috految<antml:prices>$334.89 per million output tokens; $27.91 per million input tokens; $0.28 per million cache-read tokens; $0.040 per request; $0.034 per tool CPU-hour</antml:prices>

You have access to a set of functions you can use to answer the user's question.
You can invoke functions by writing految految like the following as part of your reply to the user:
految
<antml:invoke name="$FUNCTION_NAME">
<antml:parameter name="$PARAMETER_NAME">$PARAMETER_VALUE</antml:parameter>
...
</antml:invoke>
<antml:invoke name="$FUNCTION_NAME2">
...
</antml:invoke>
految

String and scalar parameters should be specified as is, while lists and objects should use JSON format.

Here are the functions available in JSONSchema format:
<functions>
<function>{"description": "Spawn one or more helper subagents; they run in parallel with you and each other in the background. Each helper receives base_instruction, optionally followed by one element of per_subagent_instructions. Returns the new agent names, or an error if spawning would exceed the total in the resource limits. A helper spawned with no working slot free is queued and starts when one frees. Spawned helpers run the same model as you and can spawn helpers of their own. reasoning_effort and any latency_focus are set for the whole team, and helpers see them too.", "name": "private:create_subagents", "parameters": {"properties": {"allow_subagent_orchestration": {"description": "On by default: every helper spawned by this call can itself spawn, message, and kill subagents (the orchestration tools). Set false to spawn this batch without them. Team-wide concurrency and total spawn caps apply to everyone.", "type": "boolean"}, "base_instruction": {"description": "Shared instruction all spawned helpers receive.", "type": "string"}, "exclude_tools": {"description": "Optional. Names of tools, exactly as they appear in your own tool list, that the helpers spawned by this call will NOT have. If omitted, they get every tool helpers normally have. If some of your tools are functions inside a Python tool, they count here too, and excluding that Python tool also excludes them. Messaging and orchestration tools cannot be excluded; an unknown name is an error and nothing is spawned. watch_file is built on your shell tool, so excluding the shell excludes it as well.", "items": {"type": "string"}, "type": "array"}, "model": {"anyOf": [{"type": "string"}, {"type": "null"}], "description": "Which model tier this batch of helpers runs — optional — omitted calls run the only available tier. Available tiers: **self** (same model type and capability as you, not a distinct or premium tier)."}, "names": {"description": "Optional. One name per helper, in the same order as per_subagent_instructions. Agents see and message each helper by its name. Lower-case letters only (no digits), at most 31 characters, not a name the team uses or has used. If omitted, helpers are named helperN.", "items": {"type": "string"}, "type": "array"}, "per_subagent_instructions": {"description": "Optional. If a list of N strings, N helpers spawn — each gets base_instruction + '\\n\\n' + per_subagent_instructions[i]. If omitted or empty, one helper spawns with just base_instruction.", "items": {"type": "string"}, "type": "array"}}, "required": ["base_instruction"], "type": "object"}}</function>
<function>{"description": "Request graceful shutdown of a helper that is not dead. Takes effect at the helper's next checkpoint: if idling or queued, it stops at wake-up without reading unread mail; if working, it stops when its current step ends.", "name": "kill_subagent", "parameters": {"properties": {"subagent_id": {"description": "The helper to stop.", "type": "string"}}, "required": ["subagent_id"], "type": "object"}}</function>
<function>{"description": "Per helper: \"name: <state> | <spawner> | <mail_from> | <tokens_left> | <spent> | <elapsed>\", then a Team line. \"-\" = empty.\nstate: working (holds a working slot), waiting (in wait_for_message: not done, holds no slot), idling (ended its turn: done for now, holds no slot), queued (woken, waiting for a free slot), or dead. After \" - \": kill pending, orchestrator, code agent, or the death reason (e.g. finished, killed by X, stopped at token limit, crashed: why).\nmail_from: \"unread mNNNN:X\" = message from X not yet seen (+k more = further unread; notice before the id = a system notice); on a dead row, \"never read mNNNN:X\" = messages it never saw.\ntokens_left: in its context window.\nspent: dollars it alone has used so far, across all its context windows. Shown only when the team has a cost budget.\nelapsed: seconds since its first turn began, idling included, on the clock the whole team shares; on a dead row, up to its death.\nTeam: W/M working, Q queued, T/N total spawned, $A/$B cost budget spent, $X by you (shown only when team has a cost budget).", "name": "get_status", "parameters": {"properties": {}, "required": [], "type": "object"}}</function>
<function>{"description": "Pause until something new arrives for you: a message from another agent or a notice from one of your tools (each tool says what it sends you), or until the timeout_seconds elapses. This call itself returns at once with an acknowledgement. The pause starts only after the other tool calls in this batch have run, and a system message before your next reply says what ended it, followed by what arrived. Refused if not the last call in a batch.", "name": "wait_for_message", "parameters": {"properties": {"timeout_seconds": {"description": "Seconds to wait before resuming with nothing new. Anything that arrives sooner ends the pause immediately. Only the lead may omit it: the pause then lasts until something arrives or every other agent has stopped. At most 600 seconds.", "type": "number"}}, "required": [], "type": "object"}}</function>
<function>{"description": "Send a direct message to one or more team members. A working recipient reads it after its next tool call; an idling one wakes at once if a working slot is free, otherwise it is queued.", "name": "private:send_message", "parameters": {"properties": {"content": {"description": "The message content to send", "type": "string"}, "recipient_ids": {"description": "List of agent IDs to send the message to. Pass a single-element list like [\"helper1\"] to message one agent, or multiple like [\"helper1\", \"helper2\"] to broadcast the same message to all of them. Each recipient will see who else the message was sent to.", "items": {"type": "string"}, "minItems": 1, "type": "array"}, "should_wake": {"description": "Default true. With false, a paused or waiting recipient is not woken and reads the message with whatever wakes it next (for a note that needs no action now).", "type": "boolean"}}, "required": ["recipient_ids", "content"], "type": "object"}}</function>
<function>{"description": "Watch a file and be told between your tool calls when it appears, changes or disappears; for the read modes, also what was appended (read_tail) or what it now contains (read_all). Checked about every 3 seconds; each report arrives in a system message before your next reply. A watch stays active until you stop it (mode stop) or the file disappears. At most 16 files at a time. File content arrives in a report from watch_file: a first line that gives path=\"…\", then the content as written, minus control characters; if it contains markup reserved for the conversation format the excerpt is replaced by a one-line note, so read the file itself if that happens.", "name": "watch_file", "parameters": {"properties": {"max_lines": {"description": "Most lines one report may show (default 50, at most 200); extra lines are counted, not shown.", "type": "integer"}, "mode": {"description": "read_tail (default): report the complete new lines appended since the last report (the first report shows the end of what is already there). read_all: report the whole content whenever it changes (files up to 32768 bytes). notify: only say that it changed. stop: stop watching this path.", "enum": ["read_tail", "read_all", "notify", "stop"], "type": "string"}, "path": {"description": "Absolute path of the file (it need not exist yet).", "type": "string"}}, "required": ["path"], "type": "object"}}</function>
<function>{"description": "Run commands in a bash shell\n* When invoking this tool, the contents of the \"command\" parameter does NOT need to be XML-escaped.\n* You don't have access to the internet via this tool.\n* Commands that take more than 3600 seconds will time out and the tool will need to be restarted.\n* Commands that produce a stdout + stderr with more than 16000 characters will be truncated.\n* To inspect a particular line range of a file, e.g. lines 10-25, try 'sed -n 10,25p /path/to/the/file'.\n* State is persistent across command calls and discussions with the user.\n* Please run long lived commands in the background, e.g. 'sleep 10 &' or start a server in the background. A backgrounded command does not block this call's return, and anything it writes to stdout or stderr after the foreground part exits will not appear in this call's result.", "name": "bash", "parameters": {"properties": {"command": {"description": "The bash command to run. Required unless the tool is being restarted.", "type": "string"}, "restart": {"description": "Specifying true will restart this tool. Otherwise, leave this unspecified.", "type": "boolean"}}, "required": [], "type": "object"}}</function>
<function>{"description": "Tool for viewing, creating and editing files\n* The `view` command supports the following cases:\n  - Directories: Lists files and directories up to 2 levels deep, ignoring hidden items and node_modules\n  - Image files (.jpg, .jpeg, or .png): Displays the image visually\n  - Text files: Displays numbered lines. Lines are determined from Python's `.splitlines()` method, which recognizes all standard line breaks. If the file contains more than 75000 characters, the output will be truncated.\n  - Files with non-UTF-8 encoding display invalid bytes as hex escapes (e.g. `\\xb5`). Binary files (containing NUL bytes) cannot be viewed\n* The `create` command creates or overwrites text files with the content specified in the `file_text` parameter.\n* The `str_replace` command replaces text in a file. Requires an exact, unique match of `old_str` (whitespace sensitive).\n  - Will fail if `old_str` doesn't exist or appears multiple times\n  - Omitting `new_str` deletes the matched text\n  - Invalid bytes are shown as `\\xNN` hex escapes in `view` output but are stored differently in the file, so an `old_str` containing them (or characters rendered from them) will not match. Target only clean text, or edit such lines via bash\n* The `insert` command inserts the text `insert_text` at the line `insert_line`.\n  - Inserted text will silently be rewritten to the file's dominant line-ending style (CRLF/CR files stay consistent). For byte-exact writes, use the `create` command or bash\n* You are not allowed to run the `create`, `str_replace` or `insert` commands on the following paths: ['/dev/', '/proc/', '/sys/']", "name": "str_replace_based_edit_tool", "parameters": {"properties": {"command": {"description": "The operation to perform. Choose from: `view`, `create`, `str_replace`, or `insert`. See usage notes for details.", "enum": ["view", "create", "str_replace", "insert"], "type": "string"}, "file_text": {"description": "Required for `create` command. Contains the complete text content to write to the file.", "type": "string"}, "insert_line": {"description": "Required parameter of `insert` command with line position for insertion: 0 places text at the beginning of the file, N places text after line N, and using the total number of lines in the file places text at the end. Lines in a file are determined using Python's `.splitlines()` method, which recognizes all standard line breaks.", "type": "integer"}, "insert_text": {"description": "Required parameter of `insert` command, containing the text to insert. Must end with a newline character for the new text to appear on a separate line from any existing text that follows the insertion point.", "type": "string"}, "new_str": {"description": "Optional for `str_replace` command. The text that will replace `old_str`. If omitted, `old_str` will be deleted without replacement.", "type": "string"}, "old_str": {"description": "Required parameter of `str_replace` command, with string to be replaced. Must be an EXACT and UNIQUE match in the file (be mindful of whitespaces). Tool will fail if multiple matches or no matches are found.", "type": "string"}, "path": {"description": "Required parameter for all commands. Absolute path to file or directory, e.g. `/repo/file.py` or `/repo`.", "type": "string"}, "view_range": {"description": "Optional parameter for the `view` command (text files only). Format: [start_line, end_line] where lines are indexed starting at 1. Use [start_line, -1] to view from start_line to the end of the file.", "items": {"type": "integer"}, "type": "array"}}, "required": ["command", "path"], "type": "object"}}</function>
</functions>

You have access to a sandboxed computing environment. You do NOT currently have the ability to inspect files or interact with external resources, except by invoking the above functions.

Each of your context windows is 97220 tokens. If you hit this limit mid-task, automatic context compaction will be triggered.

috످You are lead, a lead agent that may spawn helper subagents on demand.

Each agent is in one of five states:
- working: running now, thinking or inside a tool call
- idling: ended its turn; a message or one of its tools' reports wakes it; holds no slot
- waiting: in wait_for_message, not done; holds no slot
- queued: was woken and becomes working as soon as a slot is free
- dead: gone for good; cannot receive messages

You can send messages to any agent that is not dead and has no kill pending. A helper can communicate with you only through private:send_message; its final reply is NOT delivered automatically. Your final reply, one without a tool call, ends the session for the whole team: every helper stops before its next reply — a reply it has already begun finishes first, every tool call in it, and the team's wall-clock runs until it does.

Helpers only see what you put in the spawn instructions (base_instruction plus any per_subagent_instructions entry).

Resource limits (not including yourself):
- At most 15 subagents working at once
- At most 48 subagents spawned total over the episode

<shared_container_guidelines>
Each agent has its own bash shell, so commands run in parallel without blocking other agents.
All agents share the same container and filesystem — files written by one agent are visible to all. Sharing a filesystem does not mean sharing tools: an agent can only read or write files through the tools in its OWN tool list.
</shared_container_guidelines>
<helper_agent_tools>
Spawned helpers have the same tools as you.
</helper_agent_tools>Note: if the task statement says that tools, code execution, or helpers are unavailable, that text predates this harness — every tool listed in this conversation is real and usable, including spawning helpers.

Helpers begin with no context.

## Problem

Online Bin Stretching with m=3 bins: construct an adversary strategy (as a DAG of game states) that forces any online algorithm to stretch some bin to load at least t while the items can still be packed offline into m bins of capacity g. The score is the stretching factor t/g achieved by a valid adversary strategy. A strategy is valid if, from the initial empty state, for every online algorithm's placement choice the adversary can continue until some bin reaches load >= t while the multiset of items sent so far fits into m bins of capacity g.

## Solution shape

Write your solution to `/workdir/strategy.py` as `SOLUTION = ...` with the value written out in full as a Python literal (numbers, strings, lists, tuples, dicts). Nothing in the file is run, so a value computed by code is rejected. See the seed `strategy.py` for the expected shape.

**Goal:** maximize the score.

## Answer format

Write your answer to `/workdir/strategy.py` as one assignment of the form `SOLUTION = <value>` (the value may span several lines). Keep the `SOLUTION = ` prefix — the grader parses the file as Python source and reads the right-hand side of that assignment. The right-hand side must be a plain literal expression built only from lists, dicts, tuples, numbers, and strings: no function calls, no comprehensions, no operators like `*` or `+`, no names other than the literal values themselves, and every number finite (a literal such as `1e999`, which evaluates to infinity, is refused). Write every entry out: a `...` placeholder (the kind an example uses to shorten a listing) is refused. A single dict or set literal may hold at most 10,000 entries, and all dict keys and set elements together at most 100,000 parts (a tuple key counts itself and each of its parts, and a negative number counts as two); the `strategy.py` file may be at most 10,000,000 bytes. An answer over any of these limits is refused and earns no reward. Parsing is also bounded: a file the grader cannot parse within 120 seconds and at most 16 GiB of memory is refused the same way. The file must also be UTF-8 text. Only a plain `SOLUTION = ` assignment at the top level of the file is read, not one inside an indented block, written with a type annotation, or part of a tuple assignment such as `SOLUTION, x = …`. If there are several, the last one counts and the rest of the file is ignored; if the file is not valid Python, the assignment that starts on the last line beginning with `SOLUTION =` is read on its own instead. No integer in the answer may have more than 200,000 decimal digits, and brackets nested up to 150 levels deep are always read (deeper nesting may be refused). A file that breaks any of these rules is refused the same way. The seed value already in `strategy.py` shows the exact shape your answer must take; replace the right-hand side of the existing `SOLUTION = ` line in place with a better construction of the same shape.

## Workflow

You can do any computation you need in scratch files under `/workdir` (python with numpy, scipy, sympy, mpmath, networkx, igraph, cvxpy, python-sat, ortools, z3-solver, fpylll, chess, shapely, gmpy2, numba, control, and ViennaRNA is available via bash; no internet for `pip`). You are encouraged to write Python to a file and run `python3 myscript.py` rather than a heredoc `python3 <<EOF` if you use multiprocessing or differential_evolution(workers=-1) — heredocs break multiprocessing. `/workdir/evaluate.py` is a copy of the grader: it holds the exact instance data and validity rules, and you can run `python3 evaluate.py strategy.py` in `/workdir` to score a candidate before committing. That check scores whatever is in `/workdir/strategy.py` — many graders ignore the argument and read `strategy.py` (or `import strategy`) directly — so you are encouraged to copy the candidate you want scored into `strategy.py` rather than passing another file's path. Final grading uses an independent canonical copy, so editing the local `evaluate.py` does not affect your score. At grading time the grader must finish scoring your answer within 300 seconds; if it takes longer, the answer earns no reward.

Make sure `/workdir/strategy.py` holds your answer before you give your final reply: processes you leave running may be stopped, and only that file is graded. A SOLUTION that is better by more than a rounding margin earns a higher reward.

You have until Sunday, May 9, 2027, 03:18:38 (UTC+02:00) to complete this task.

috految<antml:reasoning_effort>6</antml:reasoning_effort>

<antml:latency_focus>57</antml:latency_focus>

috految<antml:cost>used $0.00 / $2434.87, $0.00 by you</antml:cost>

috److految
<antml:invoke name="bash">
<antml:parameter name="command">cd /workdir; cat evaluate.py; head -c 1200 strategy.py; nproc; free -g; g++ --version; grep -o 'avx\w*' /proc/cpuinfo|sort -u</antml:parameter>
</antml:invoke>
految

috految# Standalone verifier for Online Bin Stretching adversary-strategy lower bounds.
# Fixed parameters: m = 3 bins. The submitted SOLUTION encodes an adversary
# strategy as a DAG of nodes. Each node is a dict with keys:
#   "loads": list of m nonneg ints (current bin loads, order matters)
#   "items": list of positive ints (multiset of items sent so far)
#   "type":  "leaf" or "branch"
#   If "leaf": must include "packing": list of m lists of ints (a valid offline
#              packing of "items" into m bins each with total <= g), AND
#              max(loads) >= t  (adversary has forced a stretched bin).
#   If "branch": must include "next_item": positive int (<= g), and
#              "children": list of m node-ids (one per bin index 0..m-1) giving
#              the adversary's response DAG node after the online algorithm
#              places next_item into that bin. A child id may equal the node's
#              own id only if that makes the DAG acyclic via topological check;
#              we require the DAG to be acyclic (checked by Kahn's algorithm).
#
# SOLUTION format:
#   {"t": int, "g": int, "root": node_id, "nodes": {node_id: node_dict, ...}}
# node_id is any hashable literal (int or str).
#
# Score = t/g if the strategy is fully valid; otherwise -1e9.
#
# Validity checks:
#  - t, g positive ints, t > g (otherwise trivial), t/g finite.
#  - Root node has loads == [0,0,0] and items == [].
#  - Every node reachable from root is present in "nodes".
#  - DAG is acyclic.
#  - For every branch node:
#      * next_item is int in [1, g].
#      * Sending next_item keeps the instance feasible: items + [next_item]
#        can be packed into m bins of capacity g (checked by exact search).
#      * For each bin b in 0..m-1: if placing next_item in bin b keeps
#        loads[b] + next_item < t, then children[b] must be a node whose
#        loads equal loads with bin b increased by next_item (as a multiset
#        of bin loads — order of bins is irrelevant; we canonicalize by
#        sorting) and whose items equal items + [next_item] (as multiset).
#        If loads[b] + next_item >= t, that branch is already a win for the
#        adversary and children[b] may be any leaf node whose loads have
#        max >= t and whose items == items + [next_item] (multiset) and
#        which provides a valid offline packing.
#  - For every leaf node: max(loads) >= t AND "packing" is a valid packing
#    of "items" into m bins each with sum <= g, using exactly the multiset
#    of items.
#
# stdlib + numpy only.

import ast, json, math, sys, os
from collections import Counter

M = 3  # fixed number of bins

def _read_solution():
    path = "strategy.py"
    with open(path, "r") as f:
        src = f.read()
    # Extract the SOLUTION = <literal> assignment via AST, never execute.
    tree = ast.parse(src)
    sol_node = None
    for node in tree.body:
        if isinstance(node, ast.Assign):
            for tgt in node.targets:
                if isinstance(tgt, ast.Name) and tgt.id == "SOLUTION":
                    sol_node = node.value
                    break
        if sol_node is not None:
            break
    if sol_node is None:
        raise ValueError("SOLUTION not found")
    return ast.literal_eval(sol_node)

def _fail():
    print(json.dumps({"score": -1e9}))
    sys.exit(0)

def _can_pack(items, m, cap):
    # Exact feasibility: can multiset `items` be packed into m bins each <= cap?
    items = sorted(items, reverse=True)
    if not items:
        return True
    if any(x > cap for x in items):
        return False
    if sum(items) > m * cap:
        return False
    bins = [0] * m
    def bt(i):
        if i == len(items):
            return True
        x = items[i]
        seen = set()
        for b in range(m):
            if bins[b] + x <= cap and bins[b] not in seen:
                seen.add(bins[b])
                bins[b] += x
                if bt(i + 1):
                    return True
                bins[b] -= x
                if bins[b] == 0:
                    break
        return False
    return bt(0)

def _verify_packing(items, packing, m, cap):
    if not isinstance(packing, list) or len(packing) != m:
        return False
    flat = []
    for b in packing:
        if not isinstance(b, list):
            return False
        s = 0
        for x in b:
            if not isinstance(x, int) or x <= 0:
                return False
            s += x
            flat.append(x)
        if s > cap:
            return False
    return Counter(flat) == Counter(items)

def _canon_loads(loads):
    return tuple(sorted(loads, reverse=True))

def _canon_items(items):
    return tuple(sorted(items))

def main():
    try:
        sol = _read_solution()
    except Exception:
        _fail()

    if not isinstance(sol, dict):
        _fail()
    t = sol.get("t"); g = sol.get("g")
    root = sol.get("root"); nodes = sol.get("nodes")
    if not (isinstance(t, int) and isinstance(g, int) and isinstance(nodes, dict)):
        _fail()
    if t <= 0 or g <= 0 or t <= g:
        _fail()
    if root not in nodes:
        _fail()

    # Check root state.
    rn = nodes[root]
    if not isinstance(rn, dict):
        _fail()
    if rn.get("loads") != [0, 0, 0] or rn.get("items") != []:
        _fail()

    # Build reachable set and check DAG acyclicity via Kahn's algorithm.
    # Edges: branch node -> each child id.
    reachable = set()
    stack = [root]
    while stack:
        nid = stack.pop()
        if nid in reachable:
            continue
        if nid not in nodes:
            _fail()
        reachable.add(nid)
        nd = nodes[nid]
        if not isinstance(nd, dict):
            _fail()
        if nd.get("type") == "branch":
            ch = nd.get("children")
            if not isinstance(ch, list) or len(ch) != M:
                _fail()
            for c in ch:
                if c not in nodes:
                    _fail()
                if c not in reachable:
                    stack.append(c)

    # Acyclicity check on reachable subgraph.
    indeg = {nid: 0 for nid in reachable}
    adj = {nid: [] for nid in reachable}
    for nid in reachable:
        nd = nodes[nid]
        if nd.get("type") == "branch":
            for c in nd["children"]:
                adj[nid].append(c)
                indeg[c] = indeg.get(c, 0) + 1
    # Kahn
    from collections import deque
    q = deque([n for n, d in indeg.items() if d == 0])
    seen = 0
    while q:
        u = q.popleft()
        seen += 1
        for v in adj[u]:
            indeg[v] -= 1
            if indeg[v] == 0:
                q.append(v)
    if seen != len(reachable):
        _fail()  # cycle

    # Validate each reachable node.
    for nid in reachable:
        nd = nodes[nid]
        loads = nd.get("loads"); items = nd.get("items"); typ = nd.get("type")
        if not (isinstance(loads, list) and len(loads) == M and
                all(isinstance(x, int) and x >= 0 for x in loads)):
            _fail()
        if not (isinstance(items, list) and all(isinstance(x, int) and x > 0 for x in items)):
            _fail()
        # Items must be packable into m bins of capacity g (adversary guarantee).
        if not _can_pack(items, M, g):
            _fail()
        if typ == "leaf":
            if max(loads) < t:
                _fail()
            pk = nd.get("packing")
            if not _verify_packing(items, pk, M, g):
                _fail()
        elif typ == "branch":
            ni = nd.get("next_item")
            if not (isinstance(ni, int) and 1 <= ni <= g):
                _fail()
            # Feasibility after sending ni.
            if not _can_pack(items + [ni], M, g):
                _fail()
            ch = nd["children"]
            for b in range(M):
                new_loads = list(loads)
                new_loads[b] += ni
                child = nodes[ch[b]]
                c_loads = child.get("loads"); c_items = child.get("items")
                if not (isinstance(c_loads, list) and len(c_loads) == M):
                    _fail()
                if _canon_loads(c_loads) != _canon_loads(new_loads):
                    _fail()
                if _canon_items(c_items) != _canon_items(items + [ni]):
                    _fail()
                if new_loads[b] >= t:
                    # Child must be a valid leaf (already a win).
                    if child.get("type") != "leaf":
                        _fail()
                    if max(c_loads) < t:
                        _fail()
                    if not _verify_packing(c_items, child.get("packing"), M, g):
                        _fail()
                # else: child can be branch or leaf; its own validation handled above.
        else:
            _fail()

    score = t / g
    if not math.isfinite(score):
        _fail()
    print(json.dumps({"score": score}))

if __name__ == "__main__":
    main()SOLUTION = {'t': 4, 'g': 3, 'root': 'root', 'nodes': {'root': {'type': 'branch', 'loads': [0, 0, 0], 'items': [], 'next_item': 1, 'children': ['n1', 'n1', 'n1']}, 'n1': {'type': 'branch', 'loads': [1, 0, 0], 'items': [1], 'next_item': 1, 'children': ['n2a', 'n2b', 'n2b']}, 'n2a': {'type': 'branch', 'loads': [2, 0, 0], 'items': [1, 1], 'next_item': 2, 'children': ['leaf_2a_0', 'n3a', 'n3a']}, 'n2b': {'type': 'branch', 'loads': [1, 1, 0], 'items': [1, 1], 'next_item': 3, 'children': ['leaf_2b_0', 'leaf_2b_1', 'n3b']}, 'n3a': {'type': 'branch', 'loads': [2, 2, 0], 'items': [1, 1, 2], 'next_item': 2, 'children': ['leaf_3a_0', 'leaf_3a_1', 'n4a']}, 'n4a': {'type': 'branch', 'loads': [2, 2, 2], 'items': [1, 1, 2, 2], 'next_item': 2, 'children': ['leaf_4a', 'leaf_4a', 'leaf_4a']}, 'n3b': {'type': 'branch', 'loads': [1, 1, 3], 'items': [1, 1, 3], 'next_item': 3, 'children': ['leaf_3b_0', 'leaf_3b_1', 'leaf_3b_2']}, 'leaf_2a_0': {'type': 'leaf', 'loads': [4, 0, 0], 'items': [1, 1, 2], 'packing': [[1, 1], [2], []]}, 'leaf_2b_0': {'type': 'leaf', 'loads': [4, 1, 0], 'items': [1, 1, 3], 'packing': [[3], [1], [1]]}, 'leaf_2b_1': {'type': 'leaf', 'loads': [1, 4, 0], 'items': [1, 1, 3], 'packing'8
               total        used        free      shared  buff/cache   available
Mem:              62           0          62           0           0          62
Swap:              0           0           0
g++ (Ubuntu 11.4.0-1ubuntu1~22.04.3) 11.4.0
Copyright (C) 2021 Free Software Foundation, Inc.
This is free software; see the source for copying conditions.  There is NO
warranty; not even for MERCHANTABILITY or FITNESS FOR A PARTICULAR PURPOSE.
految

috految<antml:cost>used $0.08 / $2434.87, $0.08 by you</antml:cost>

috److془Known: 112/82=1.36585. Limit 10000 nodes including leaves. Böhm: 45/33 5080 nodes, 86/63 3437, 112/82 186k tree,103k DAG. Need minimization. Larger g could beat.

Design fast solver. State: loads, set P of packings (triples sum S). Monotone in P. Lose certificate: set B of packings (forbidden) such that P∩B=∅ → lose. B = union over x of preimage_x(B(child)); overflow child B = everything. Great generalization. Win certificate: subset W of P; or simply memo by hash. Total load states: g=200: ~ 500k nontrivial, fewer. Bitset size: ≤ g²/8 bits=5000. Sand-based pruning: solve(L, full) lazily first. Lose with B empty. Candidate moves list per L: those winning under full. Great. Generalization: returned B may be suboptimal but fine. Win cert: W = one preimage in P for every element of children W. Small lists. Better: just fine.

Minimization: tree cost, with DAG sharing. Branch & bound with memo, or: iterative local search on the DAG. Initial cost: largest item first gives near smallish. Wins certs carry tree cost; Then local search with refcount free/try alternatives, annealing. Internal nodes ≤ ~3600. Sharing arises from repeated equal items. Start with greedy; nested optimization. Then LP on the structure maybe. Alternatively scan g to 250ish. Candidates: 153/112,138/101, 123/90,164/120,179/131, 194/142,209/153, 168/123, 224/164... Bohm I recall: 411/300 no?, 329/240 .. Go.

Implementation: P as list of packings with small counts (~100s), indices into bitset. Faster: symmetric representation rows: R[a] bitset on b; add x: R'[a]=R[a-x]|R[a]|R[a]<<x masked. ~g*3 words, 300ns. Bitset 5KB. Alternately: rows a=min, fine, full. Intersection tests only on canonical sparse nonzero words. Preimage: B[a]|=C[a+x]|C[a]|C[a]>>x, mask. Intern B's. Win cert: linear scan. Threshold: x up to min(g,t-c). Sum bound: quick lose if a+b>3g-t. Infeasible x: child P empty, use any cert (solve does it naturally). Prefer others than overflow. Stop at x=t-c. Precompute volume game by lazy memo. Actually naturally: alive(L)=solve(full). Only compute after volume check. Use trying cached losses across three children first. Recursion on small x in every losing state; ok. Good. Empty P: B is union, fine. Reduce: if the state has x=t-c feasible, immediate. Cut: if generic, simply go. Bonus: c>=t-g, b>=t-g, small items rarely matter; dull states have sum large: cheap to cut: if c>=t-g, all, next item x≥? Leave it. Order: descending x.

Optimization: lazy nodes (L,itemhash), with current move; ref/unref. Trial: choose x, local new nodes with greedy move. Greedy bias versus optimized incumbent: top-down passes (rollout), plus improved certs: record tree cost, greedy takes min cost cert matching. Nice. Trials recursively improve if cost within factor. Sharing through annealing ties.془

految
<antml:invoke name="bash">
<antml:parameter name="command">cd /workdir; cat >s.cpp <<'E'
#include <vector>
#include <array>
#include <algorithm>
#include <unordered_map>
#include <cstdio>
#include <cstring>
#include <cmath>
#include <ctime>
using namespace std;
#define F(i,n) for(int i=0;i<(int)(n);i++)
#define A(v) v.begin(),v.end()
using U=unsigned long;using L=array<int,3>;const int H=G+1,K=G/64+1,N=H*K;using P=array<U,N>;P M[3*H],C[3*H];
U mix(U x){F(i,3)x=(x^x>>29)*0x9e3779b97f4a7c15+77;return x;}
L put(L l,int i,int x){l[i]+=x;if(l[2]>l[1])swap(l[1],l[2]);if(l[1]>l[0])swap(l[0],l[1]);return l;}
int S(L l){return l[0]+l[1]+l[2];}int id(L l){return l[0]*(l[0]+1)*(l[0]+2)/6+l[1]*(l[1]+1)/2+l[2];}
int ix(int a,int b){return (b/64*H+a)*64+b%64;}bool has(P&p,int i){return p[i>>6]>>(i&63)&1;}
void add(P&p,int s,int x,P&__restrict q){int w=x/64,r=x%64;q=p;F(k,K){U*o=&q[k*H];F(a,H-x)o[a+x]|=p[k*H+a];if(k>=w)F(a,H)o[a]|=p[(k-w)*H+a]<<r;if(r&&k>w)F(a,H)o[a]|=p[(k-w-1)*H+a]>>(64-r);}F(i,N)q[i]&=M[s+x][i];}
struct B{vector<pair<int,U>>v;P p;};struct W{float c;int x;vector<int>v;};
struct E{vector<B*>b;vector<W*>w;vector<short>m;};const int Z=(T+2)*(T+2)*(T+2)/6;E*e[Z];char V[Z],al[Z];unordered_map<U,B*>I;
#define CH F(i,3)if(l[i]+x<T&&(!i||l[i]!=l[i-1]))
bool vol(L l){if(l[0]+l[1]>3*G-T)return 0;char&v=V[id(l)];if(v)return v-1;for(int x=min({G,T-l[2],3*G-S(l)});x>0;x--){bool o=1;CH if(!vol(put(l,i,x))){o=0;break;}if(o)return v=2;}v=1;return 0;}
E&get(L l){E*&r=e[id(l)];if(!r){r=new E;for(int x=min({G,T-l[2],3*G-S(l)});x>0;x--){bool o=1;CH if(!vol(put(l,i,x))){o=0;break;}if(o)r->m.push_back(x);}}return *r;}
B*lost(L l,P&p){auto&v=get(l).b;F(j,v.size()){B*b=v[j];bool o=1;for(auto&u:b->v)if(p[u.first]&u.second){swap(u,b->v[0]);o=0;break;}if(o){swap(v[j],v[j/2]);return b;}}return 0;}
W*won(L l,P&p){for(W*w:get(l).w){for(int&i:w->v)if(!has(p,i)){swap(i,w->v[0]);goto no;}return w;no:;}return 0;}
W*solve(L,P&);
bool alive(L l){char&a=al[id(l)];if(!a)a=solve(l,M[S(l)])?2:1;return a-1;}
W*mv(L l,P&p,int x,B*&b){b=0;int s=S(l);CH if(al[id(put(l,i,x))]==1)return 0;CH if(!alive(put(l,i,x)))return 0;
P q;add(p,s,x,q);W*w[3];int n=0;
CH if(b=lost(put(l,i,x),q))return 0;
CH{L c=put(l,i,x);if(!(w[n++]=solve(c,q))){b=lost(c,q);return 0;}}
W r{1,x};F(i,3)r.c+=l[i]+x>=T&&(!i||l[i]!=l[i-1]);
auto use=[&](int j){int a=j/64%H,b=j/64/H*64+j%64,f=-1;L t{a,b,s+x-a-b};F(k,3)if(t[k]>=x){L u=t;u[k]-=x;sort(A(u));int z=ix(u[0],u[1]);if(has(p,z)){if(count(A(r.v),z))return;if(f<0||z<f)f=z;}}r.v.push_back(f);};
if(!n){F(i,N)if(q[i]){use(i*64+__builtin_ctzl(q[i]));break;}if(r.v.empty())return 0;}
F(i,n){r.c+=w[i]->c;for(int j:w[i]->v)use(j);}
auto&v=get(l).w;W*o=won(l,p);if(o&&o->c<=r.c)return new W(move(r));o=new W(move(r));v.insert(partition_point(A(v),[&](W*z){return z->c<o->c;}),o);return o;}
W*solve(L l,P&p){if(W*w=won(l,p))return w;E&d=get(l);int s=S(l);vector<pair<int,P*>>z;
for(short&x:d.m)if(x){B*b;if(W*w=mv(l,p,x,b))return w;if(l[2]+x>=T)z.push_back({x,&M[s+x]});else if(b)z.push_back({x,&b->p});else x=0;if(&p==&M[s])x=0;}
if(&p==&M[s])return 0;
P r{};for(auto[x,c]:z){P&q=*c;int w=x/64,t=x%64;F(i,N)r[i]|=q[i];F(k,K){U*o=&r[k*H];F(a,H-x)o[a]|=q[k*H+a+x];if(k+w<K)F(a,H)o[a]|=q[(k+w)*H+a]>>t;if(t&&k+w+1<K)F(a,H)o[a]|=q[(k+w+1)*H+a]<<(64-t);}}
U h=s;F(i,N)if(r[i]&=M[s][i])h+=mix(mix(i)+r[i]);B*&b=I[h];if(!b){b=new B{{},r};F(i,N)if(U u=r[i]&C[s][i])b->v.push_back({i,u});}
erase_if(d.b,[&](B*o){for(auto[i,u]:b->v)if(u&~o->p[i])return 0;return 1;});d.b.insert(d.b.begin(),b);return 0;}
struct D{L l;U h;int x,r,v;D*c[3];};unordered_map<U,D>ds;int cnt,ep;
D*node(L l,U h){D*d=&ds[mix(id(l)+999)+h];d->l=l;d->h=h;return d;}
void link(D*d,int x){d->x=x;F(i,3)d->c[i]=node(put(d->l,i,x),d->h+mix(x));}
void rel(D*d){if(--d->r)return;cnt--;if(d->x)F(i,3)rel(d->c[i]);}
void hold(D*d,P&p){if(d->r++)return;cnt++;if(d->l[0]>=T)return;if(!d->x)link(d,solve(d->l,p)->x);P q;add(p,S(d->l),d->x,q);F(i,3)hold(d->c[i],q);}
void opt(D*d,P&p,int deep){L l=d->l;if(l[0]>=T||d->v==ep)return;d->v=ep;P q;B*b;int x=d->x;
auto go=[&](int y){D o=*d;link(d,y);add(p,S(l),y,q);F(i,3)hold(d->c[i],q);F(i,3)rel(o.c[i]);};
float c=won(l,p)?won(l,p)->c:1e9;
if(c>4||l[2]+x<T){vector<pair<float,int>>v;for(int y:get(l).m)if(y&&y!=x&&(y*3>x||c>30))if(W*w=mv(l,p,y,b))if(w->c<c*3)v.push_back({w->c*(1+drand48()*min(ep*.15,2.)),y});sort(A(v));int k=0;
for(auto[f,y]:v){if(k++>5)break;int o=cnt;go(y);if(deep&&k==1&&c>20)F(i,3)opt(d->c[i],q,0);if(cnt<=o)x=y;else go(x);}}
else{int y=l[2]+x>T?T-l[2]:x+drand48()*(G-x+1);if(y!=x&&S(l)+y<=3*G&&mv(l,p,y,b)){int o=cnt;go(y);if(cnt>o)go(x);}}
add(p,S(l),d->x,q);F(i,3)opt(d->c[i],q,deep);mv(l,p,d->x,b);}
int main(){setbuf(stdout,0);F(a,H)F(b,H)F(c,H){int j=ix(a,b);M[a+b+c][j/64]|=1ul<<j%64;if(a<=b&&b<=c)C[a+b+c][j/64]|=1ul<<j%64;}
P p=M[0];L l{};W*w=solve(l,p);printf("%d/%d %f tree %g first %d time %.1f\n",T,G,1.*T/G,w?w->c:0,w?w->x:0,clock()/1e6);if(!w)return 0;
D*r=node(l,0);hold(r,p);for(ep=1;ep<100;ep++){printf("%d@%ld ",cnt,clock()/1000000);if(cnt<=10000){char n[99];sprintf(n,"o_%d_%d",T,G);FILE*f=fopen(n,"w");for(auto&[h,d]:ds)if(d.r)fprintf(f,"%lu %d %d %d %d %lu %lu %lu\n",&d,d.l[0],d.l[1],d.l[2],d.x,d.c[0],d.c[1],d.c[2]);fclose(f);break;}opt(r,p,ep>2&&ep%2);}}
E
r(){ g++ -w -std=c++20 -O3 -march=native -DT=$1 -DG=$2 s.cpp -o x$1 && GLIBC_TUNABLES=glibc.malloc.hugetlb=1 timeout 200 ./x$1 >l_$1; }; ulimit -s unlimited
for a in 86:63 112:82 153:112 138:101 164:120 179:131 194:142 168:123 209:153;do r ${a/:/ } & done; sleep 8; tail l_*</antml:parameter>
</antml:invoke>
految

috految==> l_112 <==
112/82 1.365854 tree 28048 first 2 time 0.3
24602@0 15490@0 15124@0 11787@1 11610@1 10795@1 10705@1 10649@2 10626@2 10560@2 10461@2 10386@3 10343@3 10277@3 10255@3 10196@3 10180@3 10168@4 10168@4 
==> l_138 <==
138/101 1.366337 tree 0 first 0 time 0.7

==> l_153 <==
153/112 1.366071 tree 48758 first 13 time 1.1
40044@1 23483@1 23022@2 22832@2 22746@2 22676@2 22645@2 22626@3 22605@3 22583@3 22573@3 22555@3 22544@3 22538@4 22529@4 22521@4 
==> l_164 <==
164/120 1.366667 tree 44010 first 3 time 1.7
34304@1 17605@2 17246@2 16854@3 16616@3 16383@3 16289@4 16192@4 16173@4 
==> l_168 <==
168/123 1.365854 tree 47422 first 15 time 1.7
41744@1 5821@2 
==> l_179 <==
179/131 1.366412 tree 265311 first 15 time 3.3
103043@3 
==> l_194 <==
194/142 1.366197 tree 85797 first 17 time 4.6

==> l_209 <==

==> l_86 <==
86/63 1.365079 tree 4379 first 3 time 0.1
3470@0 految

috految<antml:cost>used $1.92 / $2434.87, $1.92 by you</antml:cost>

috److془Wow. Scan larger. Candidates: 205/150,246/180,231/169,216/158,242/177,257/188,272/199,175/128,190/139,201/147,227/166,268/196,283/207.془

految
<antml:invoke name="bash">
<antml:parameter name="command">cd /workdir; pkill -x 'x(112|153|164|179)'; for a in 205:150 246:180 231:169 216:158 242:177 257:188 175:128 190:139 220:161 272:199;do r ${a/:/ } & done</antml:parameter>
</antml:invoke>
<antml:invoke name="bash">
<antml:parameter name="command">cat >w.py <<'E'
import glob
t,g=max((tuple(map(int,f.split('_')[1:])) for f in glob.glob('o_*')),key=lambda a:a[0]/a[1])
D={a[0]:a[1:] for a in(list(map(int,s.split())) for s in open(f'o_{t}_{g}'))};N={}
def pk(I,B):
 if not I:return B
 for i,b in enumerate(B):
  if sum(b)+I[0]<=g and b not in B[:i]:
   if r:=pk(I[1:],B[:i]+[b+I[:1]]+B[i+1:]):return r
def go(k,I):
 if k not in N:
  d=D[k];n=N[k]=dict(loads=d[:3],items=I)
  if d[3]:n.update(type='branch',next_item=d[3],children=[go(c,I+[d[3]]) for c in d[4:]])
  else:n.update(type='leaf',packing=pk(sorted(I)[::-1],[[],[],[]]))
 return k
r=go(next(k for k in D if not D[k][0]),[]);print(len(N))
open('strategy.py','w').write('SOLUTION = '+repr(dict(t=t,g=g,root=r,nodes=N)))
E
sleep 18; tail l_*</antml:parameter>
</antml:invoke>
految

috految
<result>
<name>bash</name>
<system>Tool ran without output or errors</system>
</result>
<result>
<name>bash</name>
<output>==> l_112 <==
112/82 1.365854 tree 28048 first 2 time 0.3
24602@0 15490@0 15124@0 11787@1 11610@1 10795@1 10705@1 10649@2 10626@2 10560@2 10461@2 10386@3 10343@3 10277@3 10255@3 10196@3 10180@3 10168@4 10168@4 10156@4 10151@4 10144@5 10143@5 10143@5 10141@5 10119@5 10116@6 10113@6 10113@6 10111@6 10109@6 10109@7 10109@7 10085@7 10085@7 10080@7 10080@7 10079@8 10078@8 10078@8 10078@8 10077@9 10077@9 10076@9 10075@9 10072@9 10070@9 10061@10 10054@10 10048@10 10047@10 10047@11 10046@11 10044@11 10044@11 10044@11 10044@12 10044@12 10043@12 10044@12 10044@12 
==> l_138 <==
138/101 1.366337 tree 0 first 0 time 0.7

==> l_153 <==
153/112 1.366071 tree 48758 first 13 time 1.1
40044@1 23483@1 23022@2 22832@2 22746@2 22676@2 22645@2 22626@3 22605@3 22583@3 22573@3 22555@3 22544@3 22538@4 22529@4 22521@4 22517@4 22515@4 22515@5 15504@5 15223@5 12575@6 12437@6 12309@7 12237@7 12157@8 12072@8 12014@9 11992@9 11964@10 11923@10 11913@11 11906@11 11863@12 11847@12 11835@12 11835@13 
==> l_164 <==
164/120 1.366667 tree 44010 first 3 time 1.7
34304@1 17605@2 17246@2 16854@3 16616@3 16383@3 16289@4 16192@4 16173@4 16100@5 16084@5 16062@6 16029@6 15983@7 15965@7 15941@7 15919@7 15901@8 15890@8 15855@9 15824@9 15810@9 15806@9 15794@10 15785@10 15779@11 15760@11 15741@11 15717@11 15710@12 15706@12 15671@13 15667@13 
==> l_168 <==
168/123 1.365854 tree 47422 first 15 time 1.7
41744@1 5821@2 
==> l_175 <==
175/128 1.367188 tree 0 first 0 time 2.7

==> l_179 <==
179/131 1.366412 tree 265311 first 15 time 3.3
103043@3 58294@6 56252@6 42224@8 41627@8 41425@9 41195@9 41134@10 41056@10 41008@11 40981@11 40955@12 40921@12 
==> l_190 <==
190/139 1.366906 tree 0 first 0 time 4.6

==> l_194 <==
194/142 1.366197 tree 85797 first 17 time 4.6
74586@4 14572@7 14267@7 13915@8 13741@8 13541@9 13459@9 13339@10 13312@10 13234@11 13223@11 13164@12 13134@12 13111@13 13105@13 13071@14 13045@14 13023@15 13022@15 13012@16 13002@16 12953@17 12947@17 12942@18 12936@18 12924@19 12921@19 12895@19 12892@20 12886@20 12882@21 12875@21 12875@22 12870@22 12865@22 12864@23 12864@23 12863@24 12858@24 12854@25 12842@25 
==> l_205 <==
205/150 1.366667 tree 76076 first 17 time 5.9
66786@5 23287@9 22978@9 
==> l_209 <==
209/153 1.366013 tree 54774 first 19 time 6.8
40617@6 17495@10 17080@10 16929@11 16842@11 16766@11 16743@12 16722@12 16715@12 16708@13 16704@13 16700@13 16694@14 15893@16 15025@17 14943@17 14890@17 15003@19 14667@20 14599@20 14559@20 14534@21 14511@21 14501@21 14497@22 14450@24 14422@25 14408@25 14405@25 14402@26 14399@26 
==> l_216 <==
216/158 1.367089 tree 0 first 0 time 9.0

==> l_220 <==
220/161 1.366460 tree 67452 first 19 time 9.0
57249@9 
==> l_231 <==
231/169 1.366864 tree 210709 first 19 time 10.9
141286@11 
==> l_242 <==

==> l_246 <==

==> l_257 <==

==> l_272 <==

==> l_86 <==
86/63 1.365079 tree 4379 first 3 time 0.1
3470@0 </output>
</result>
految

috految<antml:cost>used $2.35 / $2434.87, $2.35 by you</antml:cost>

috److془Improve: wider exploration. Also first=3 for 120; 328/240 would be good. Add: for c heavy, optimize more. Use tree-cost pre-pass running at all wins.. simple: deep tries with k<=3 and threshold 20.془

految
<antml:invoke name="bash">
<antml:parameter name="command">pkill -x 'x(194|209|231|205|242)'; sed -i 's/w->c<c\*3/w->c<c*(c>300?15:4)/;s/deep&&k==1&&c>20/deep\&\&k<=(c>1000?4:2)\&\&c>20/;s/ep>2&&ep%2/ep%2==0/;s/if(y&&y!=x&&/if(y\&\&y!=x\&\&(ep>2||y>=G\/60)\&\&/;s/if(k++>5)/if(k++>(c>1000?7:5))/;s/ep\*.15,2./ep*.3,8./;s/if(!d->x)link/if(!d->x||d->v==0)link/' s.cpp; for a in 164:120 194:142 205:150 153:112;do r ${a/:/ } & done; sleep 12; tail l_{153,164,194,2*}; ls o_*</antml:parameter>
</antml:invoke>
految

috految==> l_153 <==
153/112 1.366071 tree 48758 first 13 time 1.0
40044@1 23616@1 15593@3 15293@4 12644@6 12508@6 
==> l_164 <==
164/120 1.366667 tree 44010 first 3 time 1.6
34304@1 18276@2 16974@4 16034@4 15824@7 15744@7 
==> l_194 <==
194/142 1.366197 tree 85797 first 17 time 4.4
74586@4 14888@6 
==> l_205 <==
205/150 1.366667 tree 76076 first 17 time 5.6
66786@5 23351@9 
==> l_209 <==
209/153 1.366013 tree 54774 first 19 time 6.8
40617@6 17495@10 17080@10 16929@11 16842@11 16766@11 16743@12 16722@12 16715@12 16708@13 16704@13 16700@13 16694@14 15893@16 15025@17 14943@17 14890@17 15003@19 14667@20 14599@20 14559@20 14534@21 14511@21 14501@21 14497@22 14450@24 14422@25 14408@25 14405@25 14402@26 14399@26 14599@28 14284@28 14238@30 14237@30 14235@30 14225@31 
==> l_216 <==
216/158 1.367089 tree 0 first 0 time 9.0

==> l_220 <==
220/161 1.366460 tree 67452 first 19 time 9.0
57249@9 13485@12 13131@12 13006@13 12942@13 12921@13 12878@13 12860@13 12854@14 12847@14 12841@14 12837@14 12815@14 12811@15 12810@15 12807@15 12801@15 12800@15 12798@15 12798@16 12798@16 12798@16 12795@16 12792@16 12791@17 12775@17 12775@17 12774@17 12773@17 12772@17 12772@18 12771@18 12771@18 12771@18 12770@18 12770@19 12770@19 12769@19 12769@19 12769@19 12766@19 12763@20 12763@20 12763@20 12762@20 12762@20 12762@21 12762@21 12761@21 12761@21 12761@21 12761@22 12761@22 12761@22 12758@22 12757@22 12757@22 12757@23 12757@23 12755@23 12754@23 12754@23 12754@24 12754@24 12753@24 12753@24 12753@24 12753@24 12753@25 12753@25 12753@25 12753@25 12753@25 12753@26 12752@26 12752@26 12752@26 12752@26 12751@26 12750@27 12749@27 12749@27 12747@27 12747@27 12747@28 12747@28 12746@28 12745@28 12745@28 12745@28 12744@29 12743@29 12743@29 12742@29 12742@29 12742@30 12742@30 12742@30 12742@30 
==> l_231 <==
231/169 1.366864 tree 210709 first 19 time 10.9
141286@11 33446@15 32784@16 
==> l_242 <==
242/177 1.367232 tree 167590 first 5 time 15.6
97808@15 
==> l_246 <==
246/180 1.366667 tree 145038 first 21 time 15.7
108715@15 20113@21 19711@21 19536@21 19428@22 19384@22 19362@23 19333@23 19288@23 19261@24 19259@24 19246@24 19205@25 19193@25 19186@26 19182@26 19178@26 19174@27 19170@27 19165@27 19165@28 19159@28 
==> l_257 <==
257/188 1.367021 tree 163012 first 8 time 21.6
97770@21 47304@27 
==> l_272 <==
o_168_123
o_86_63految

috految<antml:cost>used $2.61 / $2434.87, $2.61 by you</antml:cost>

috److془Need better. Small first items likely best (3/120, 5/177, 8/188). Force it. Members: 179/131.. Also 220, 246, 235/172, 250/183, 261/191, 276/202. Sizes 168: 5821, 86:63 (63+60..).
Also 328/240 with first 6. Go; speed by no tiny items past sum>G/2.. and ge G/60.془

految
<antml:invoke name="bash">
<antml:parameter name="command">pkill -x 'x(153|164|220|246|257|272)'; sed -i 's/x>0;x--/x>=(S(l)>G*1.1?G\/25:G\/80+1);x--/g;s/W\*w=solve(l,p);printf/erase_if(get(l).m,[](int x){return x>G\/15;});&/;s/ep%2==0/ep>2\&\&ep%2/;s/c>1000?4:2/c>1000?2:1/' s.cpp; for a in 220:161 246:180 235:172 250:183 261:191 276:202 328:240;do r ${a/:/ } & done; for i in {1..24};do [ -e o_246_180 ] && break; sleep 1;done; tail l_{194,205,220,235,246,250,261,27*,328}; ls o_*;python3 w.py;python3 evaluate.py</antml:parameter>
</antml:invoke>
految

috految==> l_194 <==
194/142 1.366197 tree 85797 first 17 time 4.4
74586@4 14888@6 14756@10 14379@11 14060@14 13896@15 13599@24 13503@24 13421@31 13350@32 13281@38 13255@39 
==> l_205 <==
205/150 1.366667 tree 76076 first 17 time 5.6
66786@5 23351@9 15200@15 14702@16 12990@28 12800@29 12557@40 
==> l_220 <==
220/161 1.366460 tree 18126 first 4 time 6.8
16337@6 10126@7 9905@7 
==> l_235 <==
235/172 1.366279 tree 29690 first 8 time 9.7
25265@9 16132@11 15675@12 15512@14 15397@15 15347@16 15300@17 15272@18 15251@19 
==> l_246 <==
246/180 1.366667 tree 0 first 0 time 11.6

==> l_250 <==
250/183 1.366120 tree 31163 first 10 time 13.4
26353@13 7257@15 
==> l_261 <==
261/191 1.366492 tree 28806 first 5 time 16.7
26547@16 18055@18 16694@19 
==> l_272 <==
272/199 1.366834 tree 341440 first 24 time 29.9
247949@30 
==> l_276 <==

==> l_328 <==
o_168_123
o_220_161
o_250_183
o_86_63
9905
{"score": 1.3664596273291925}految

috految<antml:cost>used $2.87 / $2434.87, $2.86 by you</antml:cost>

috److I found a valid adversary strategy with **t/g = 220/161 ≈ 1.36646** and wrote it to `/workdir/strategy.py`. The local grader scores it 1.3664596.

- **Comparison:** The best published lower bound I recall for three bins is 112/82 ≈ 1.36585, so this is slightly above it.
- **Size:** The strategy has 9,905 nodes, just under the 10,000-entry limit for a single dict.
- **Higher ratios:** My solver also found winning strategies at higher ratios, including 164/120 ≈ 1.36667 and 242/177 ≈ 1.36723. The ones I tried to shrink stayed above the node limit; the closest was 205/150 at about 12,500 nodes.

I stopped after a short search, so a slightly better ratio may still fit within the limit.

috످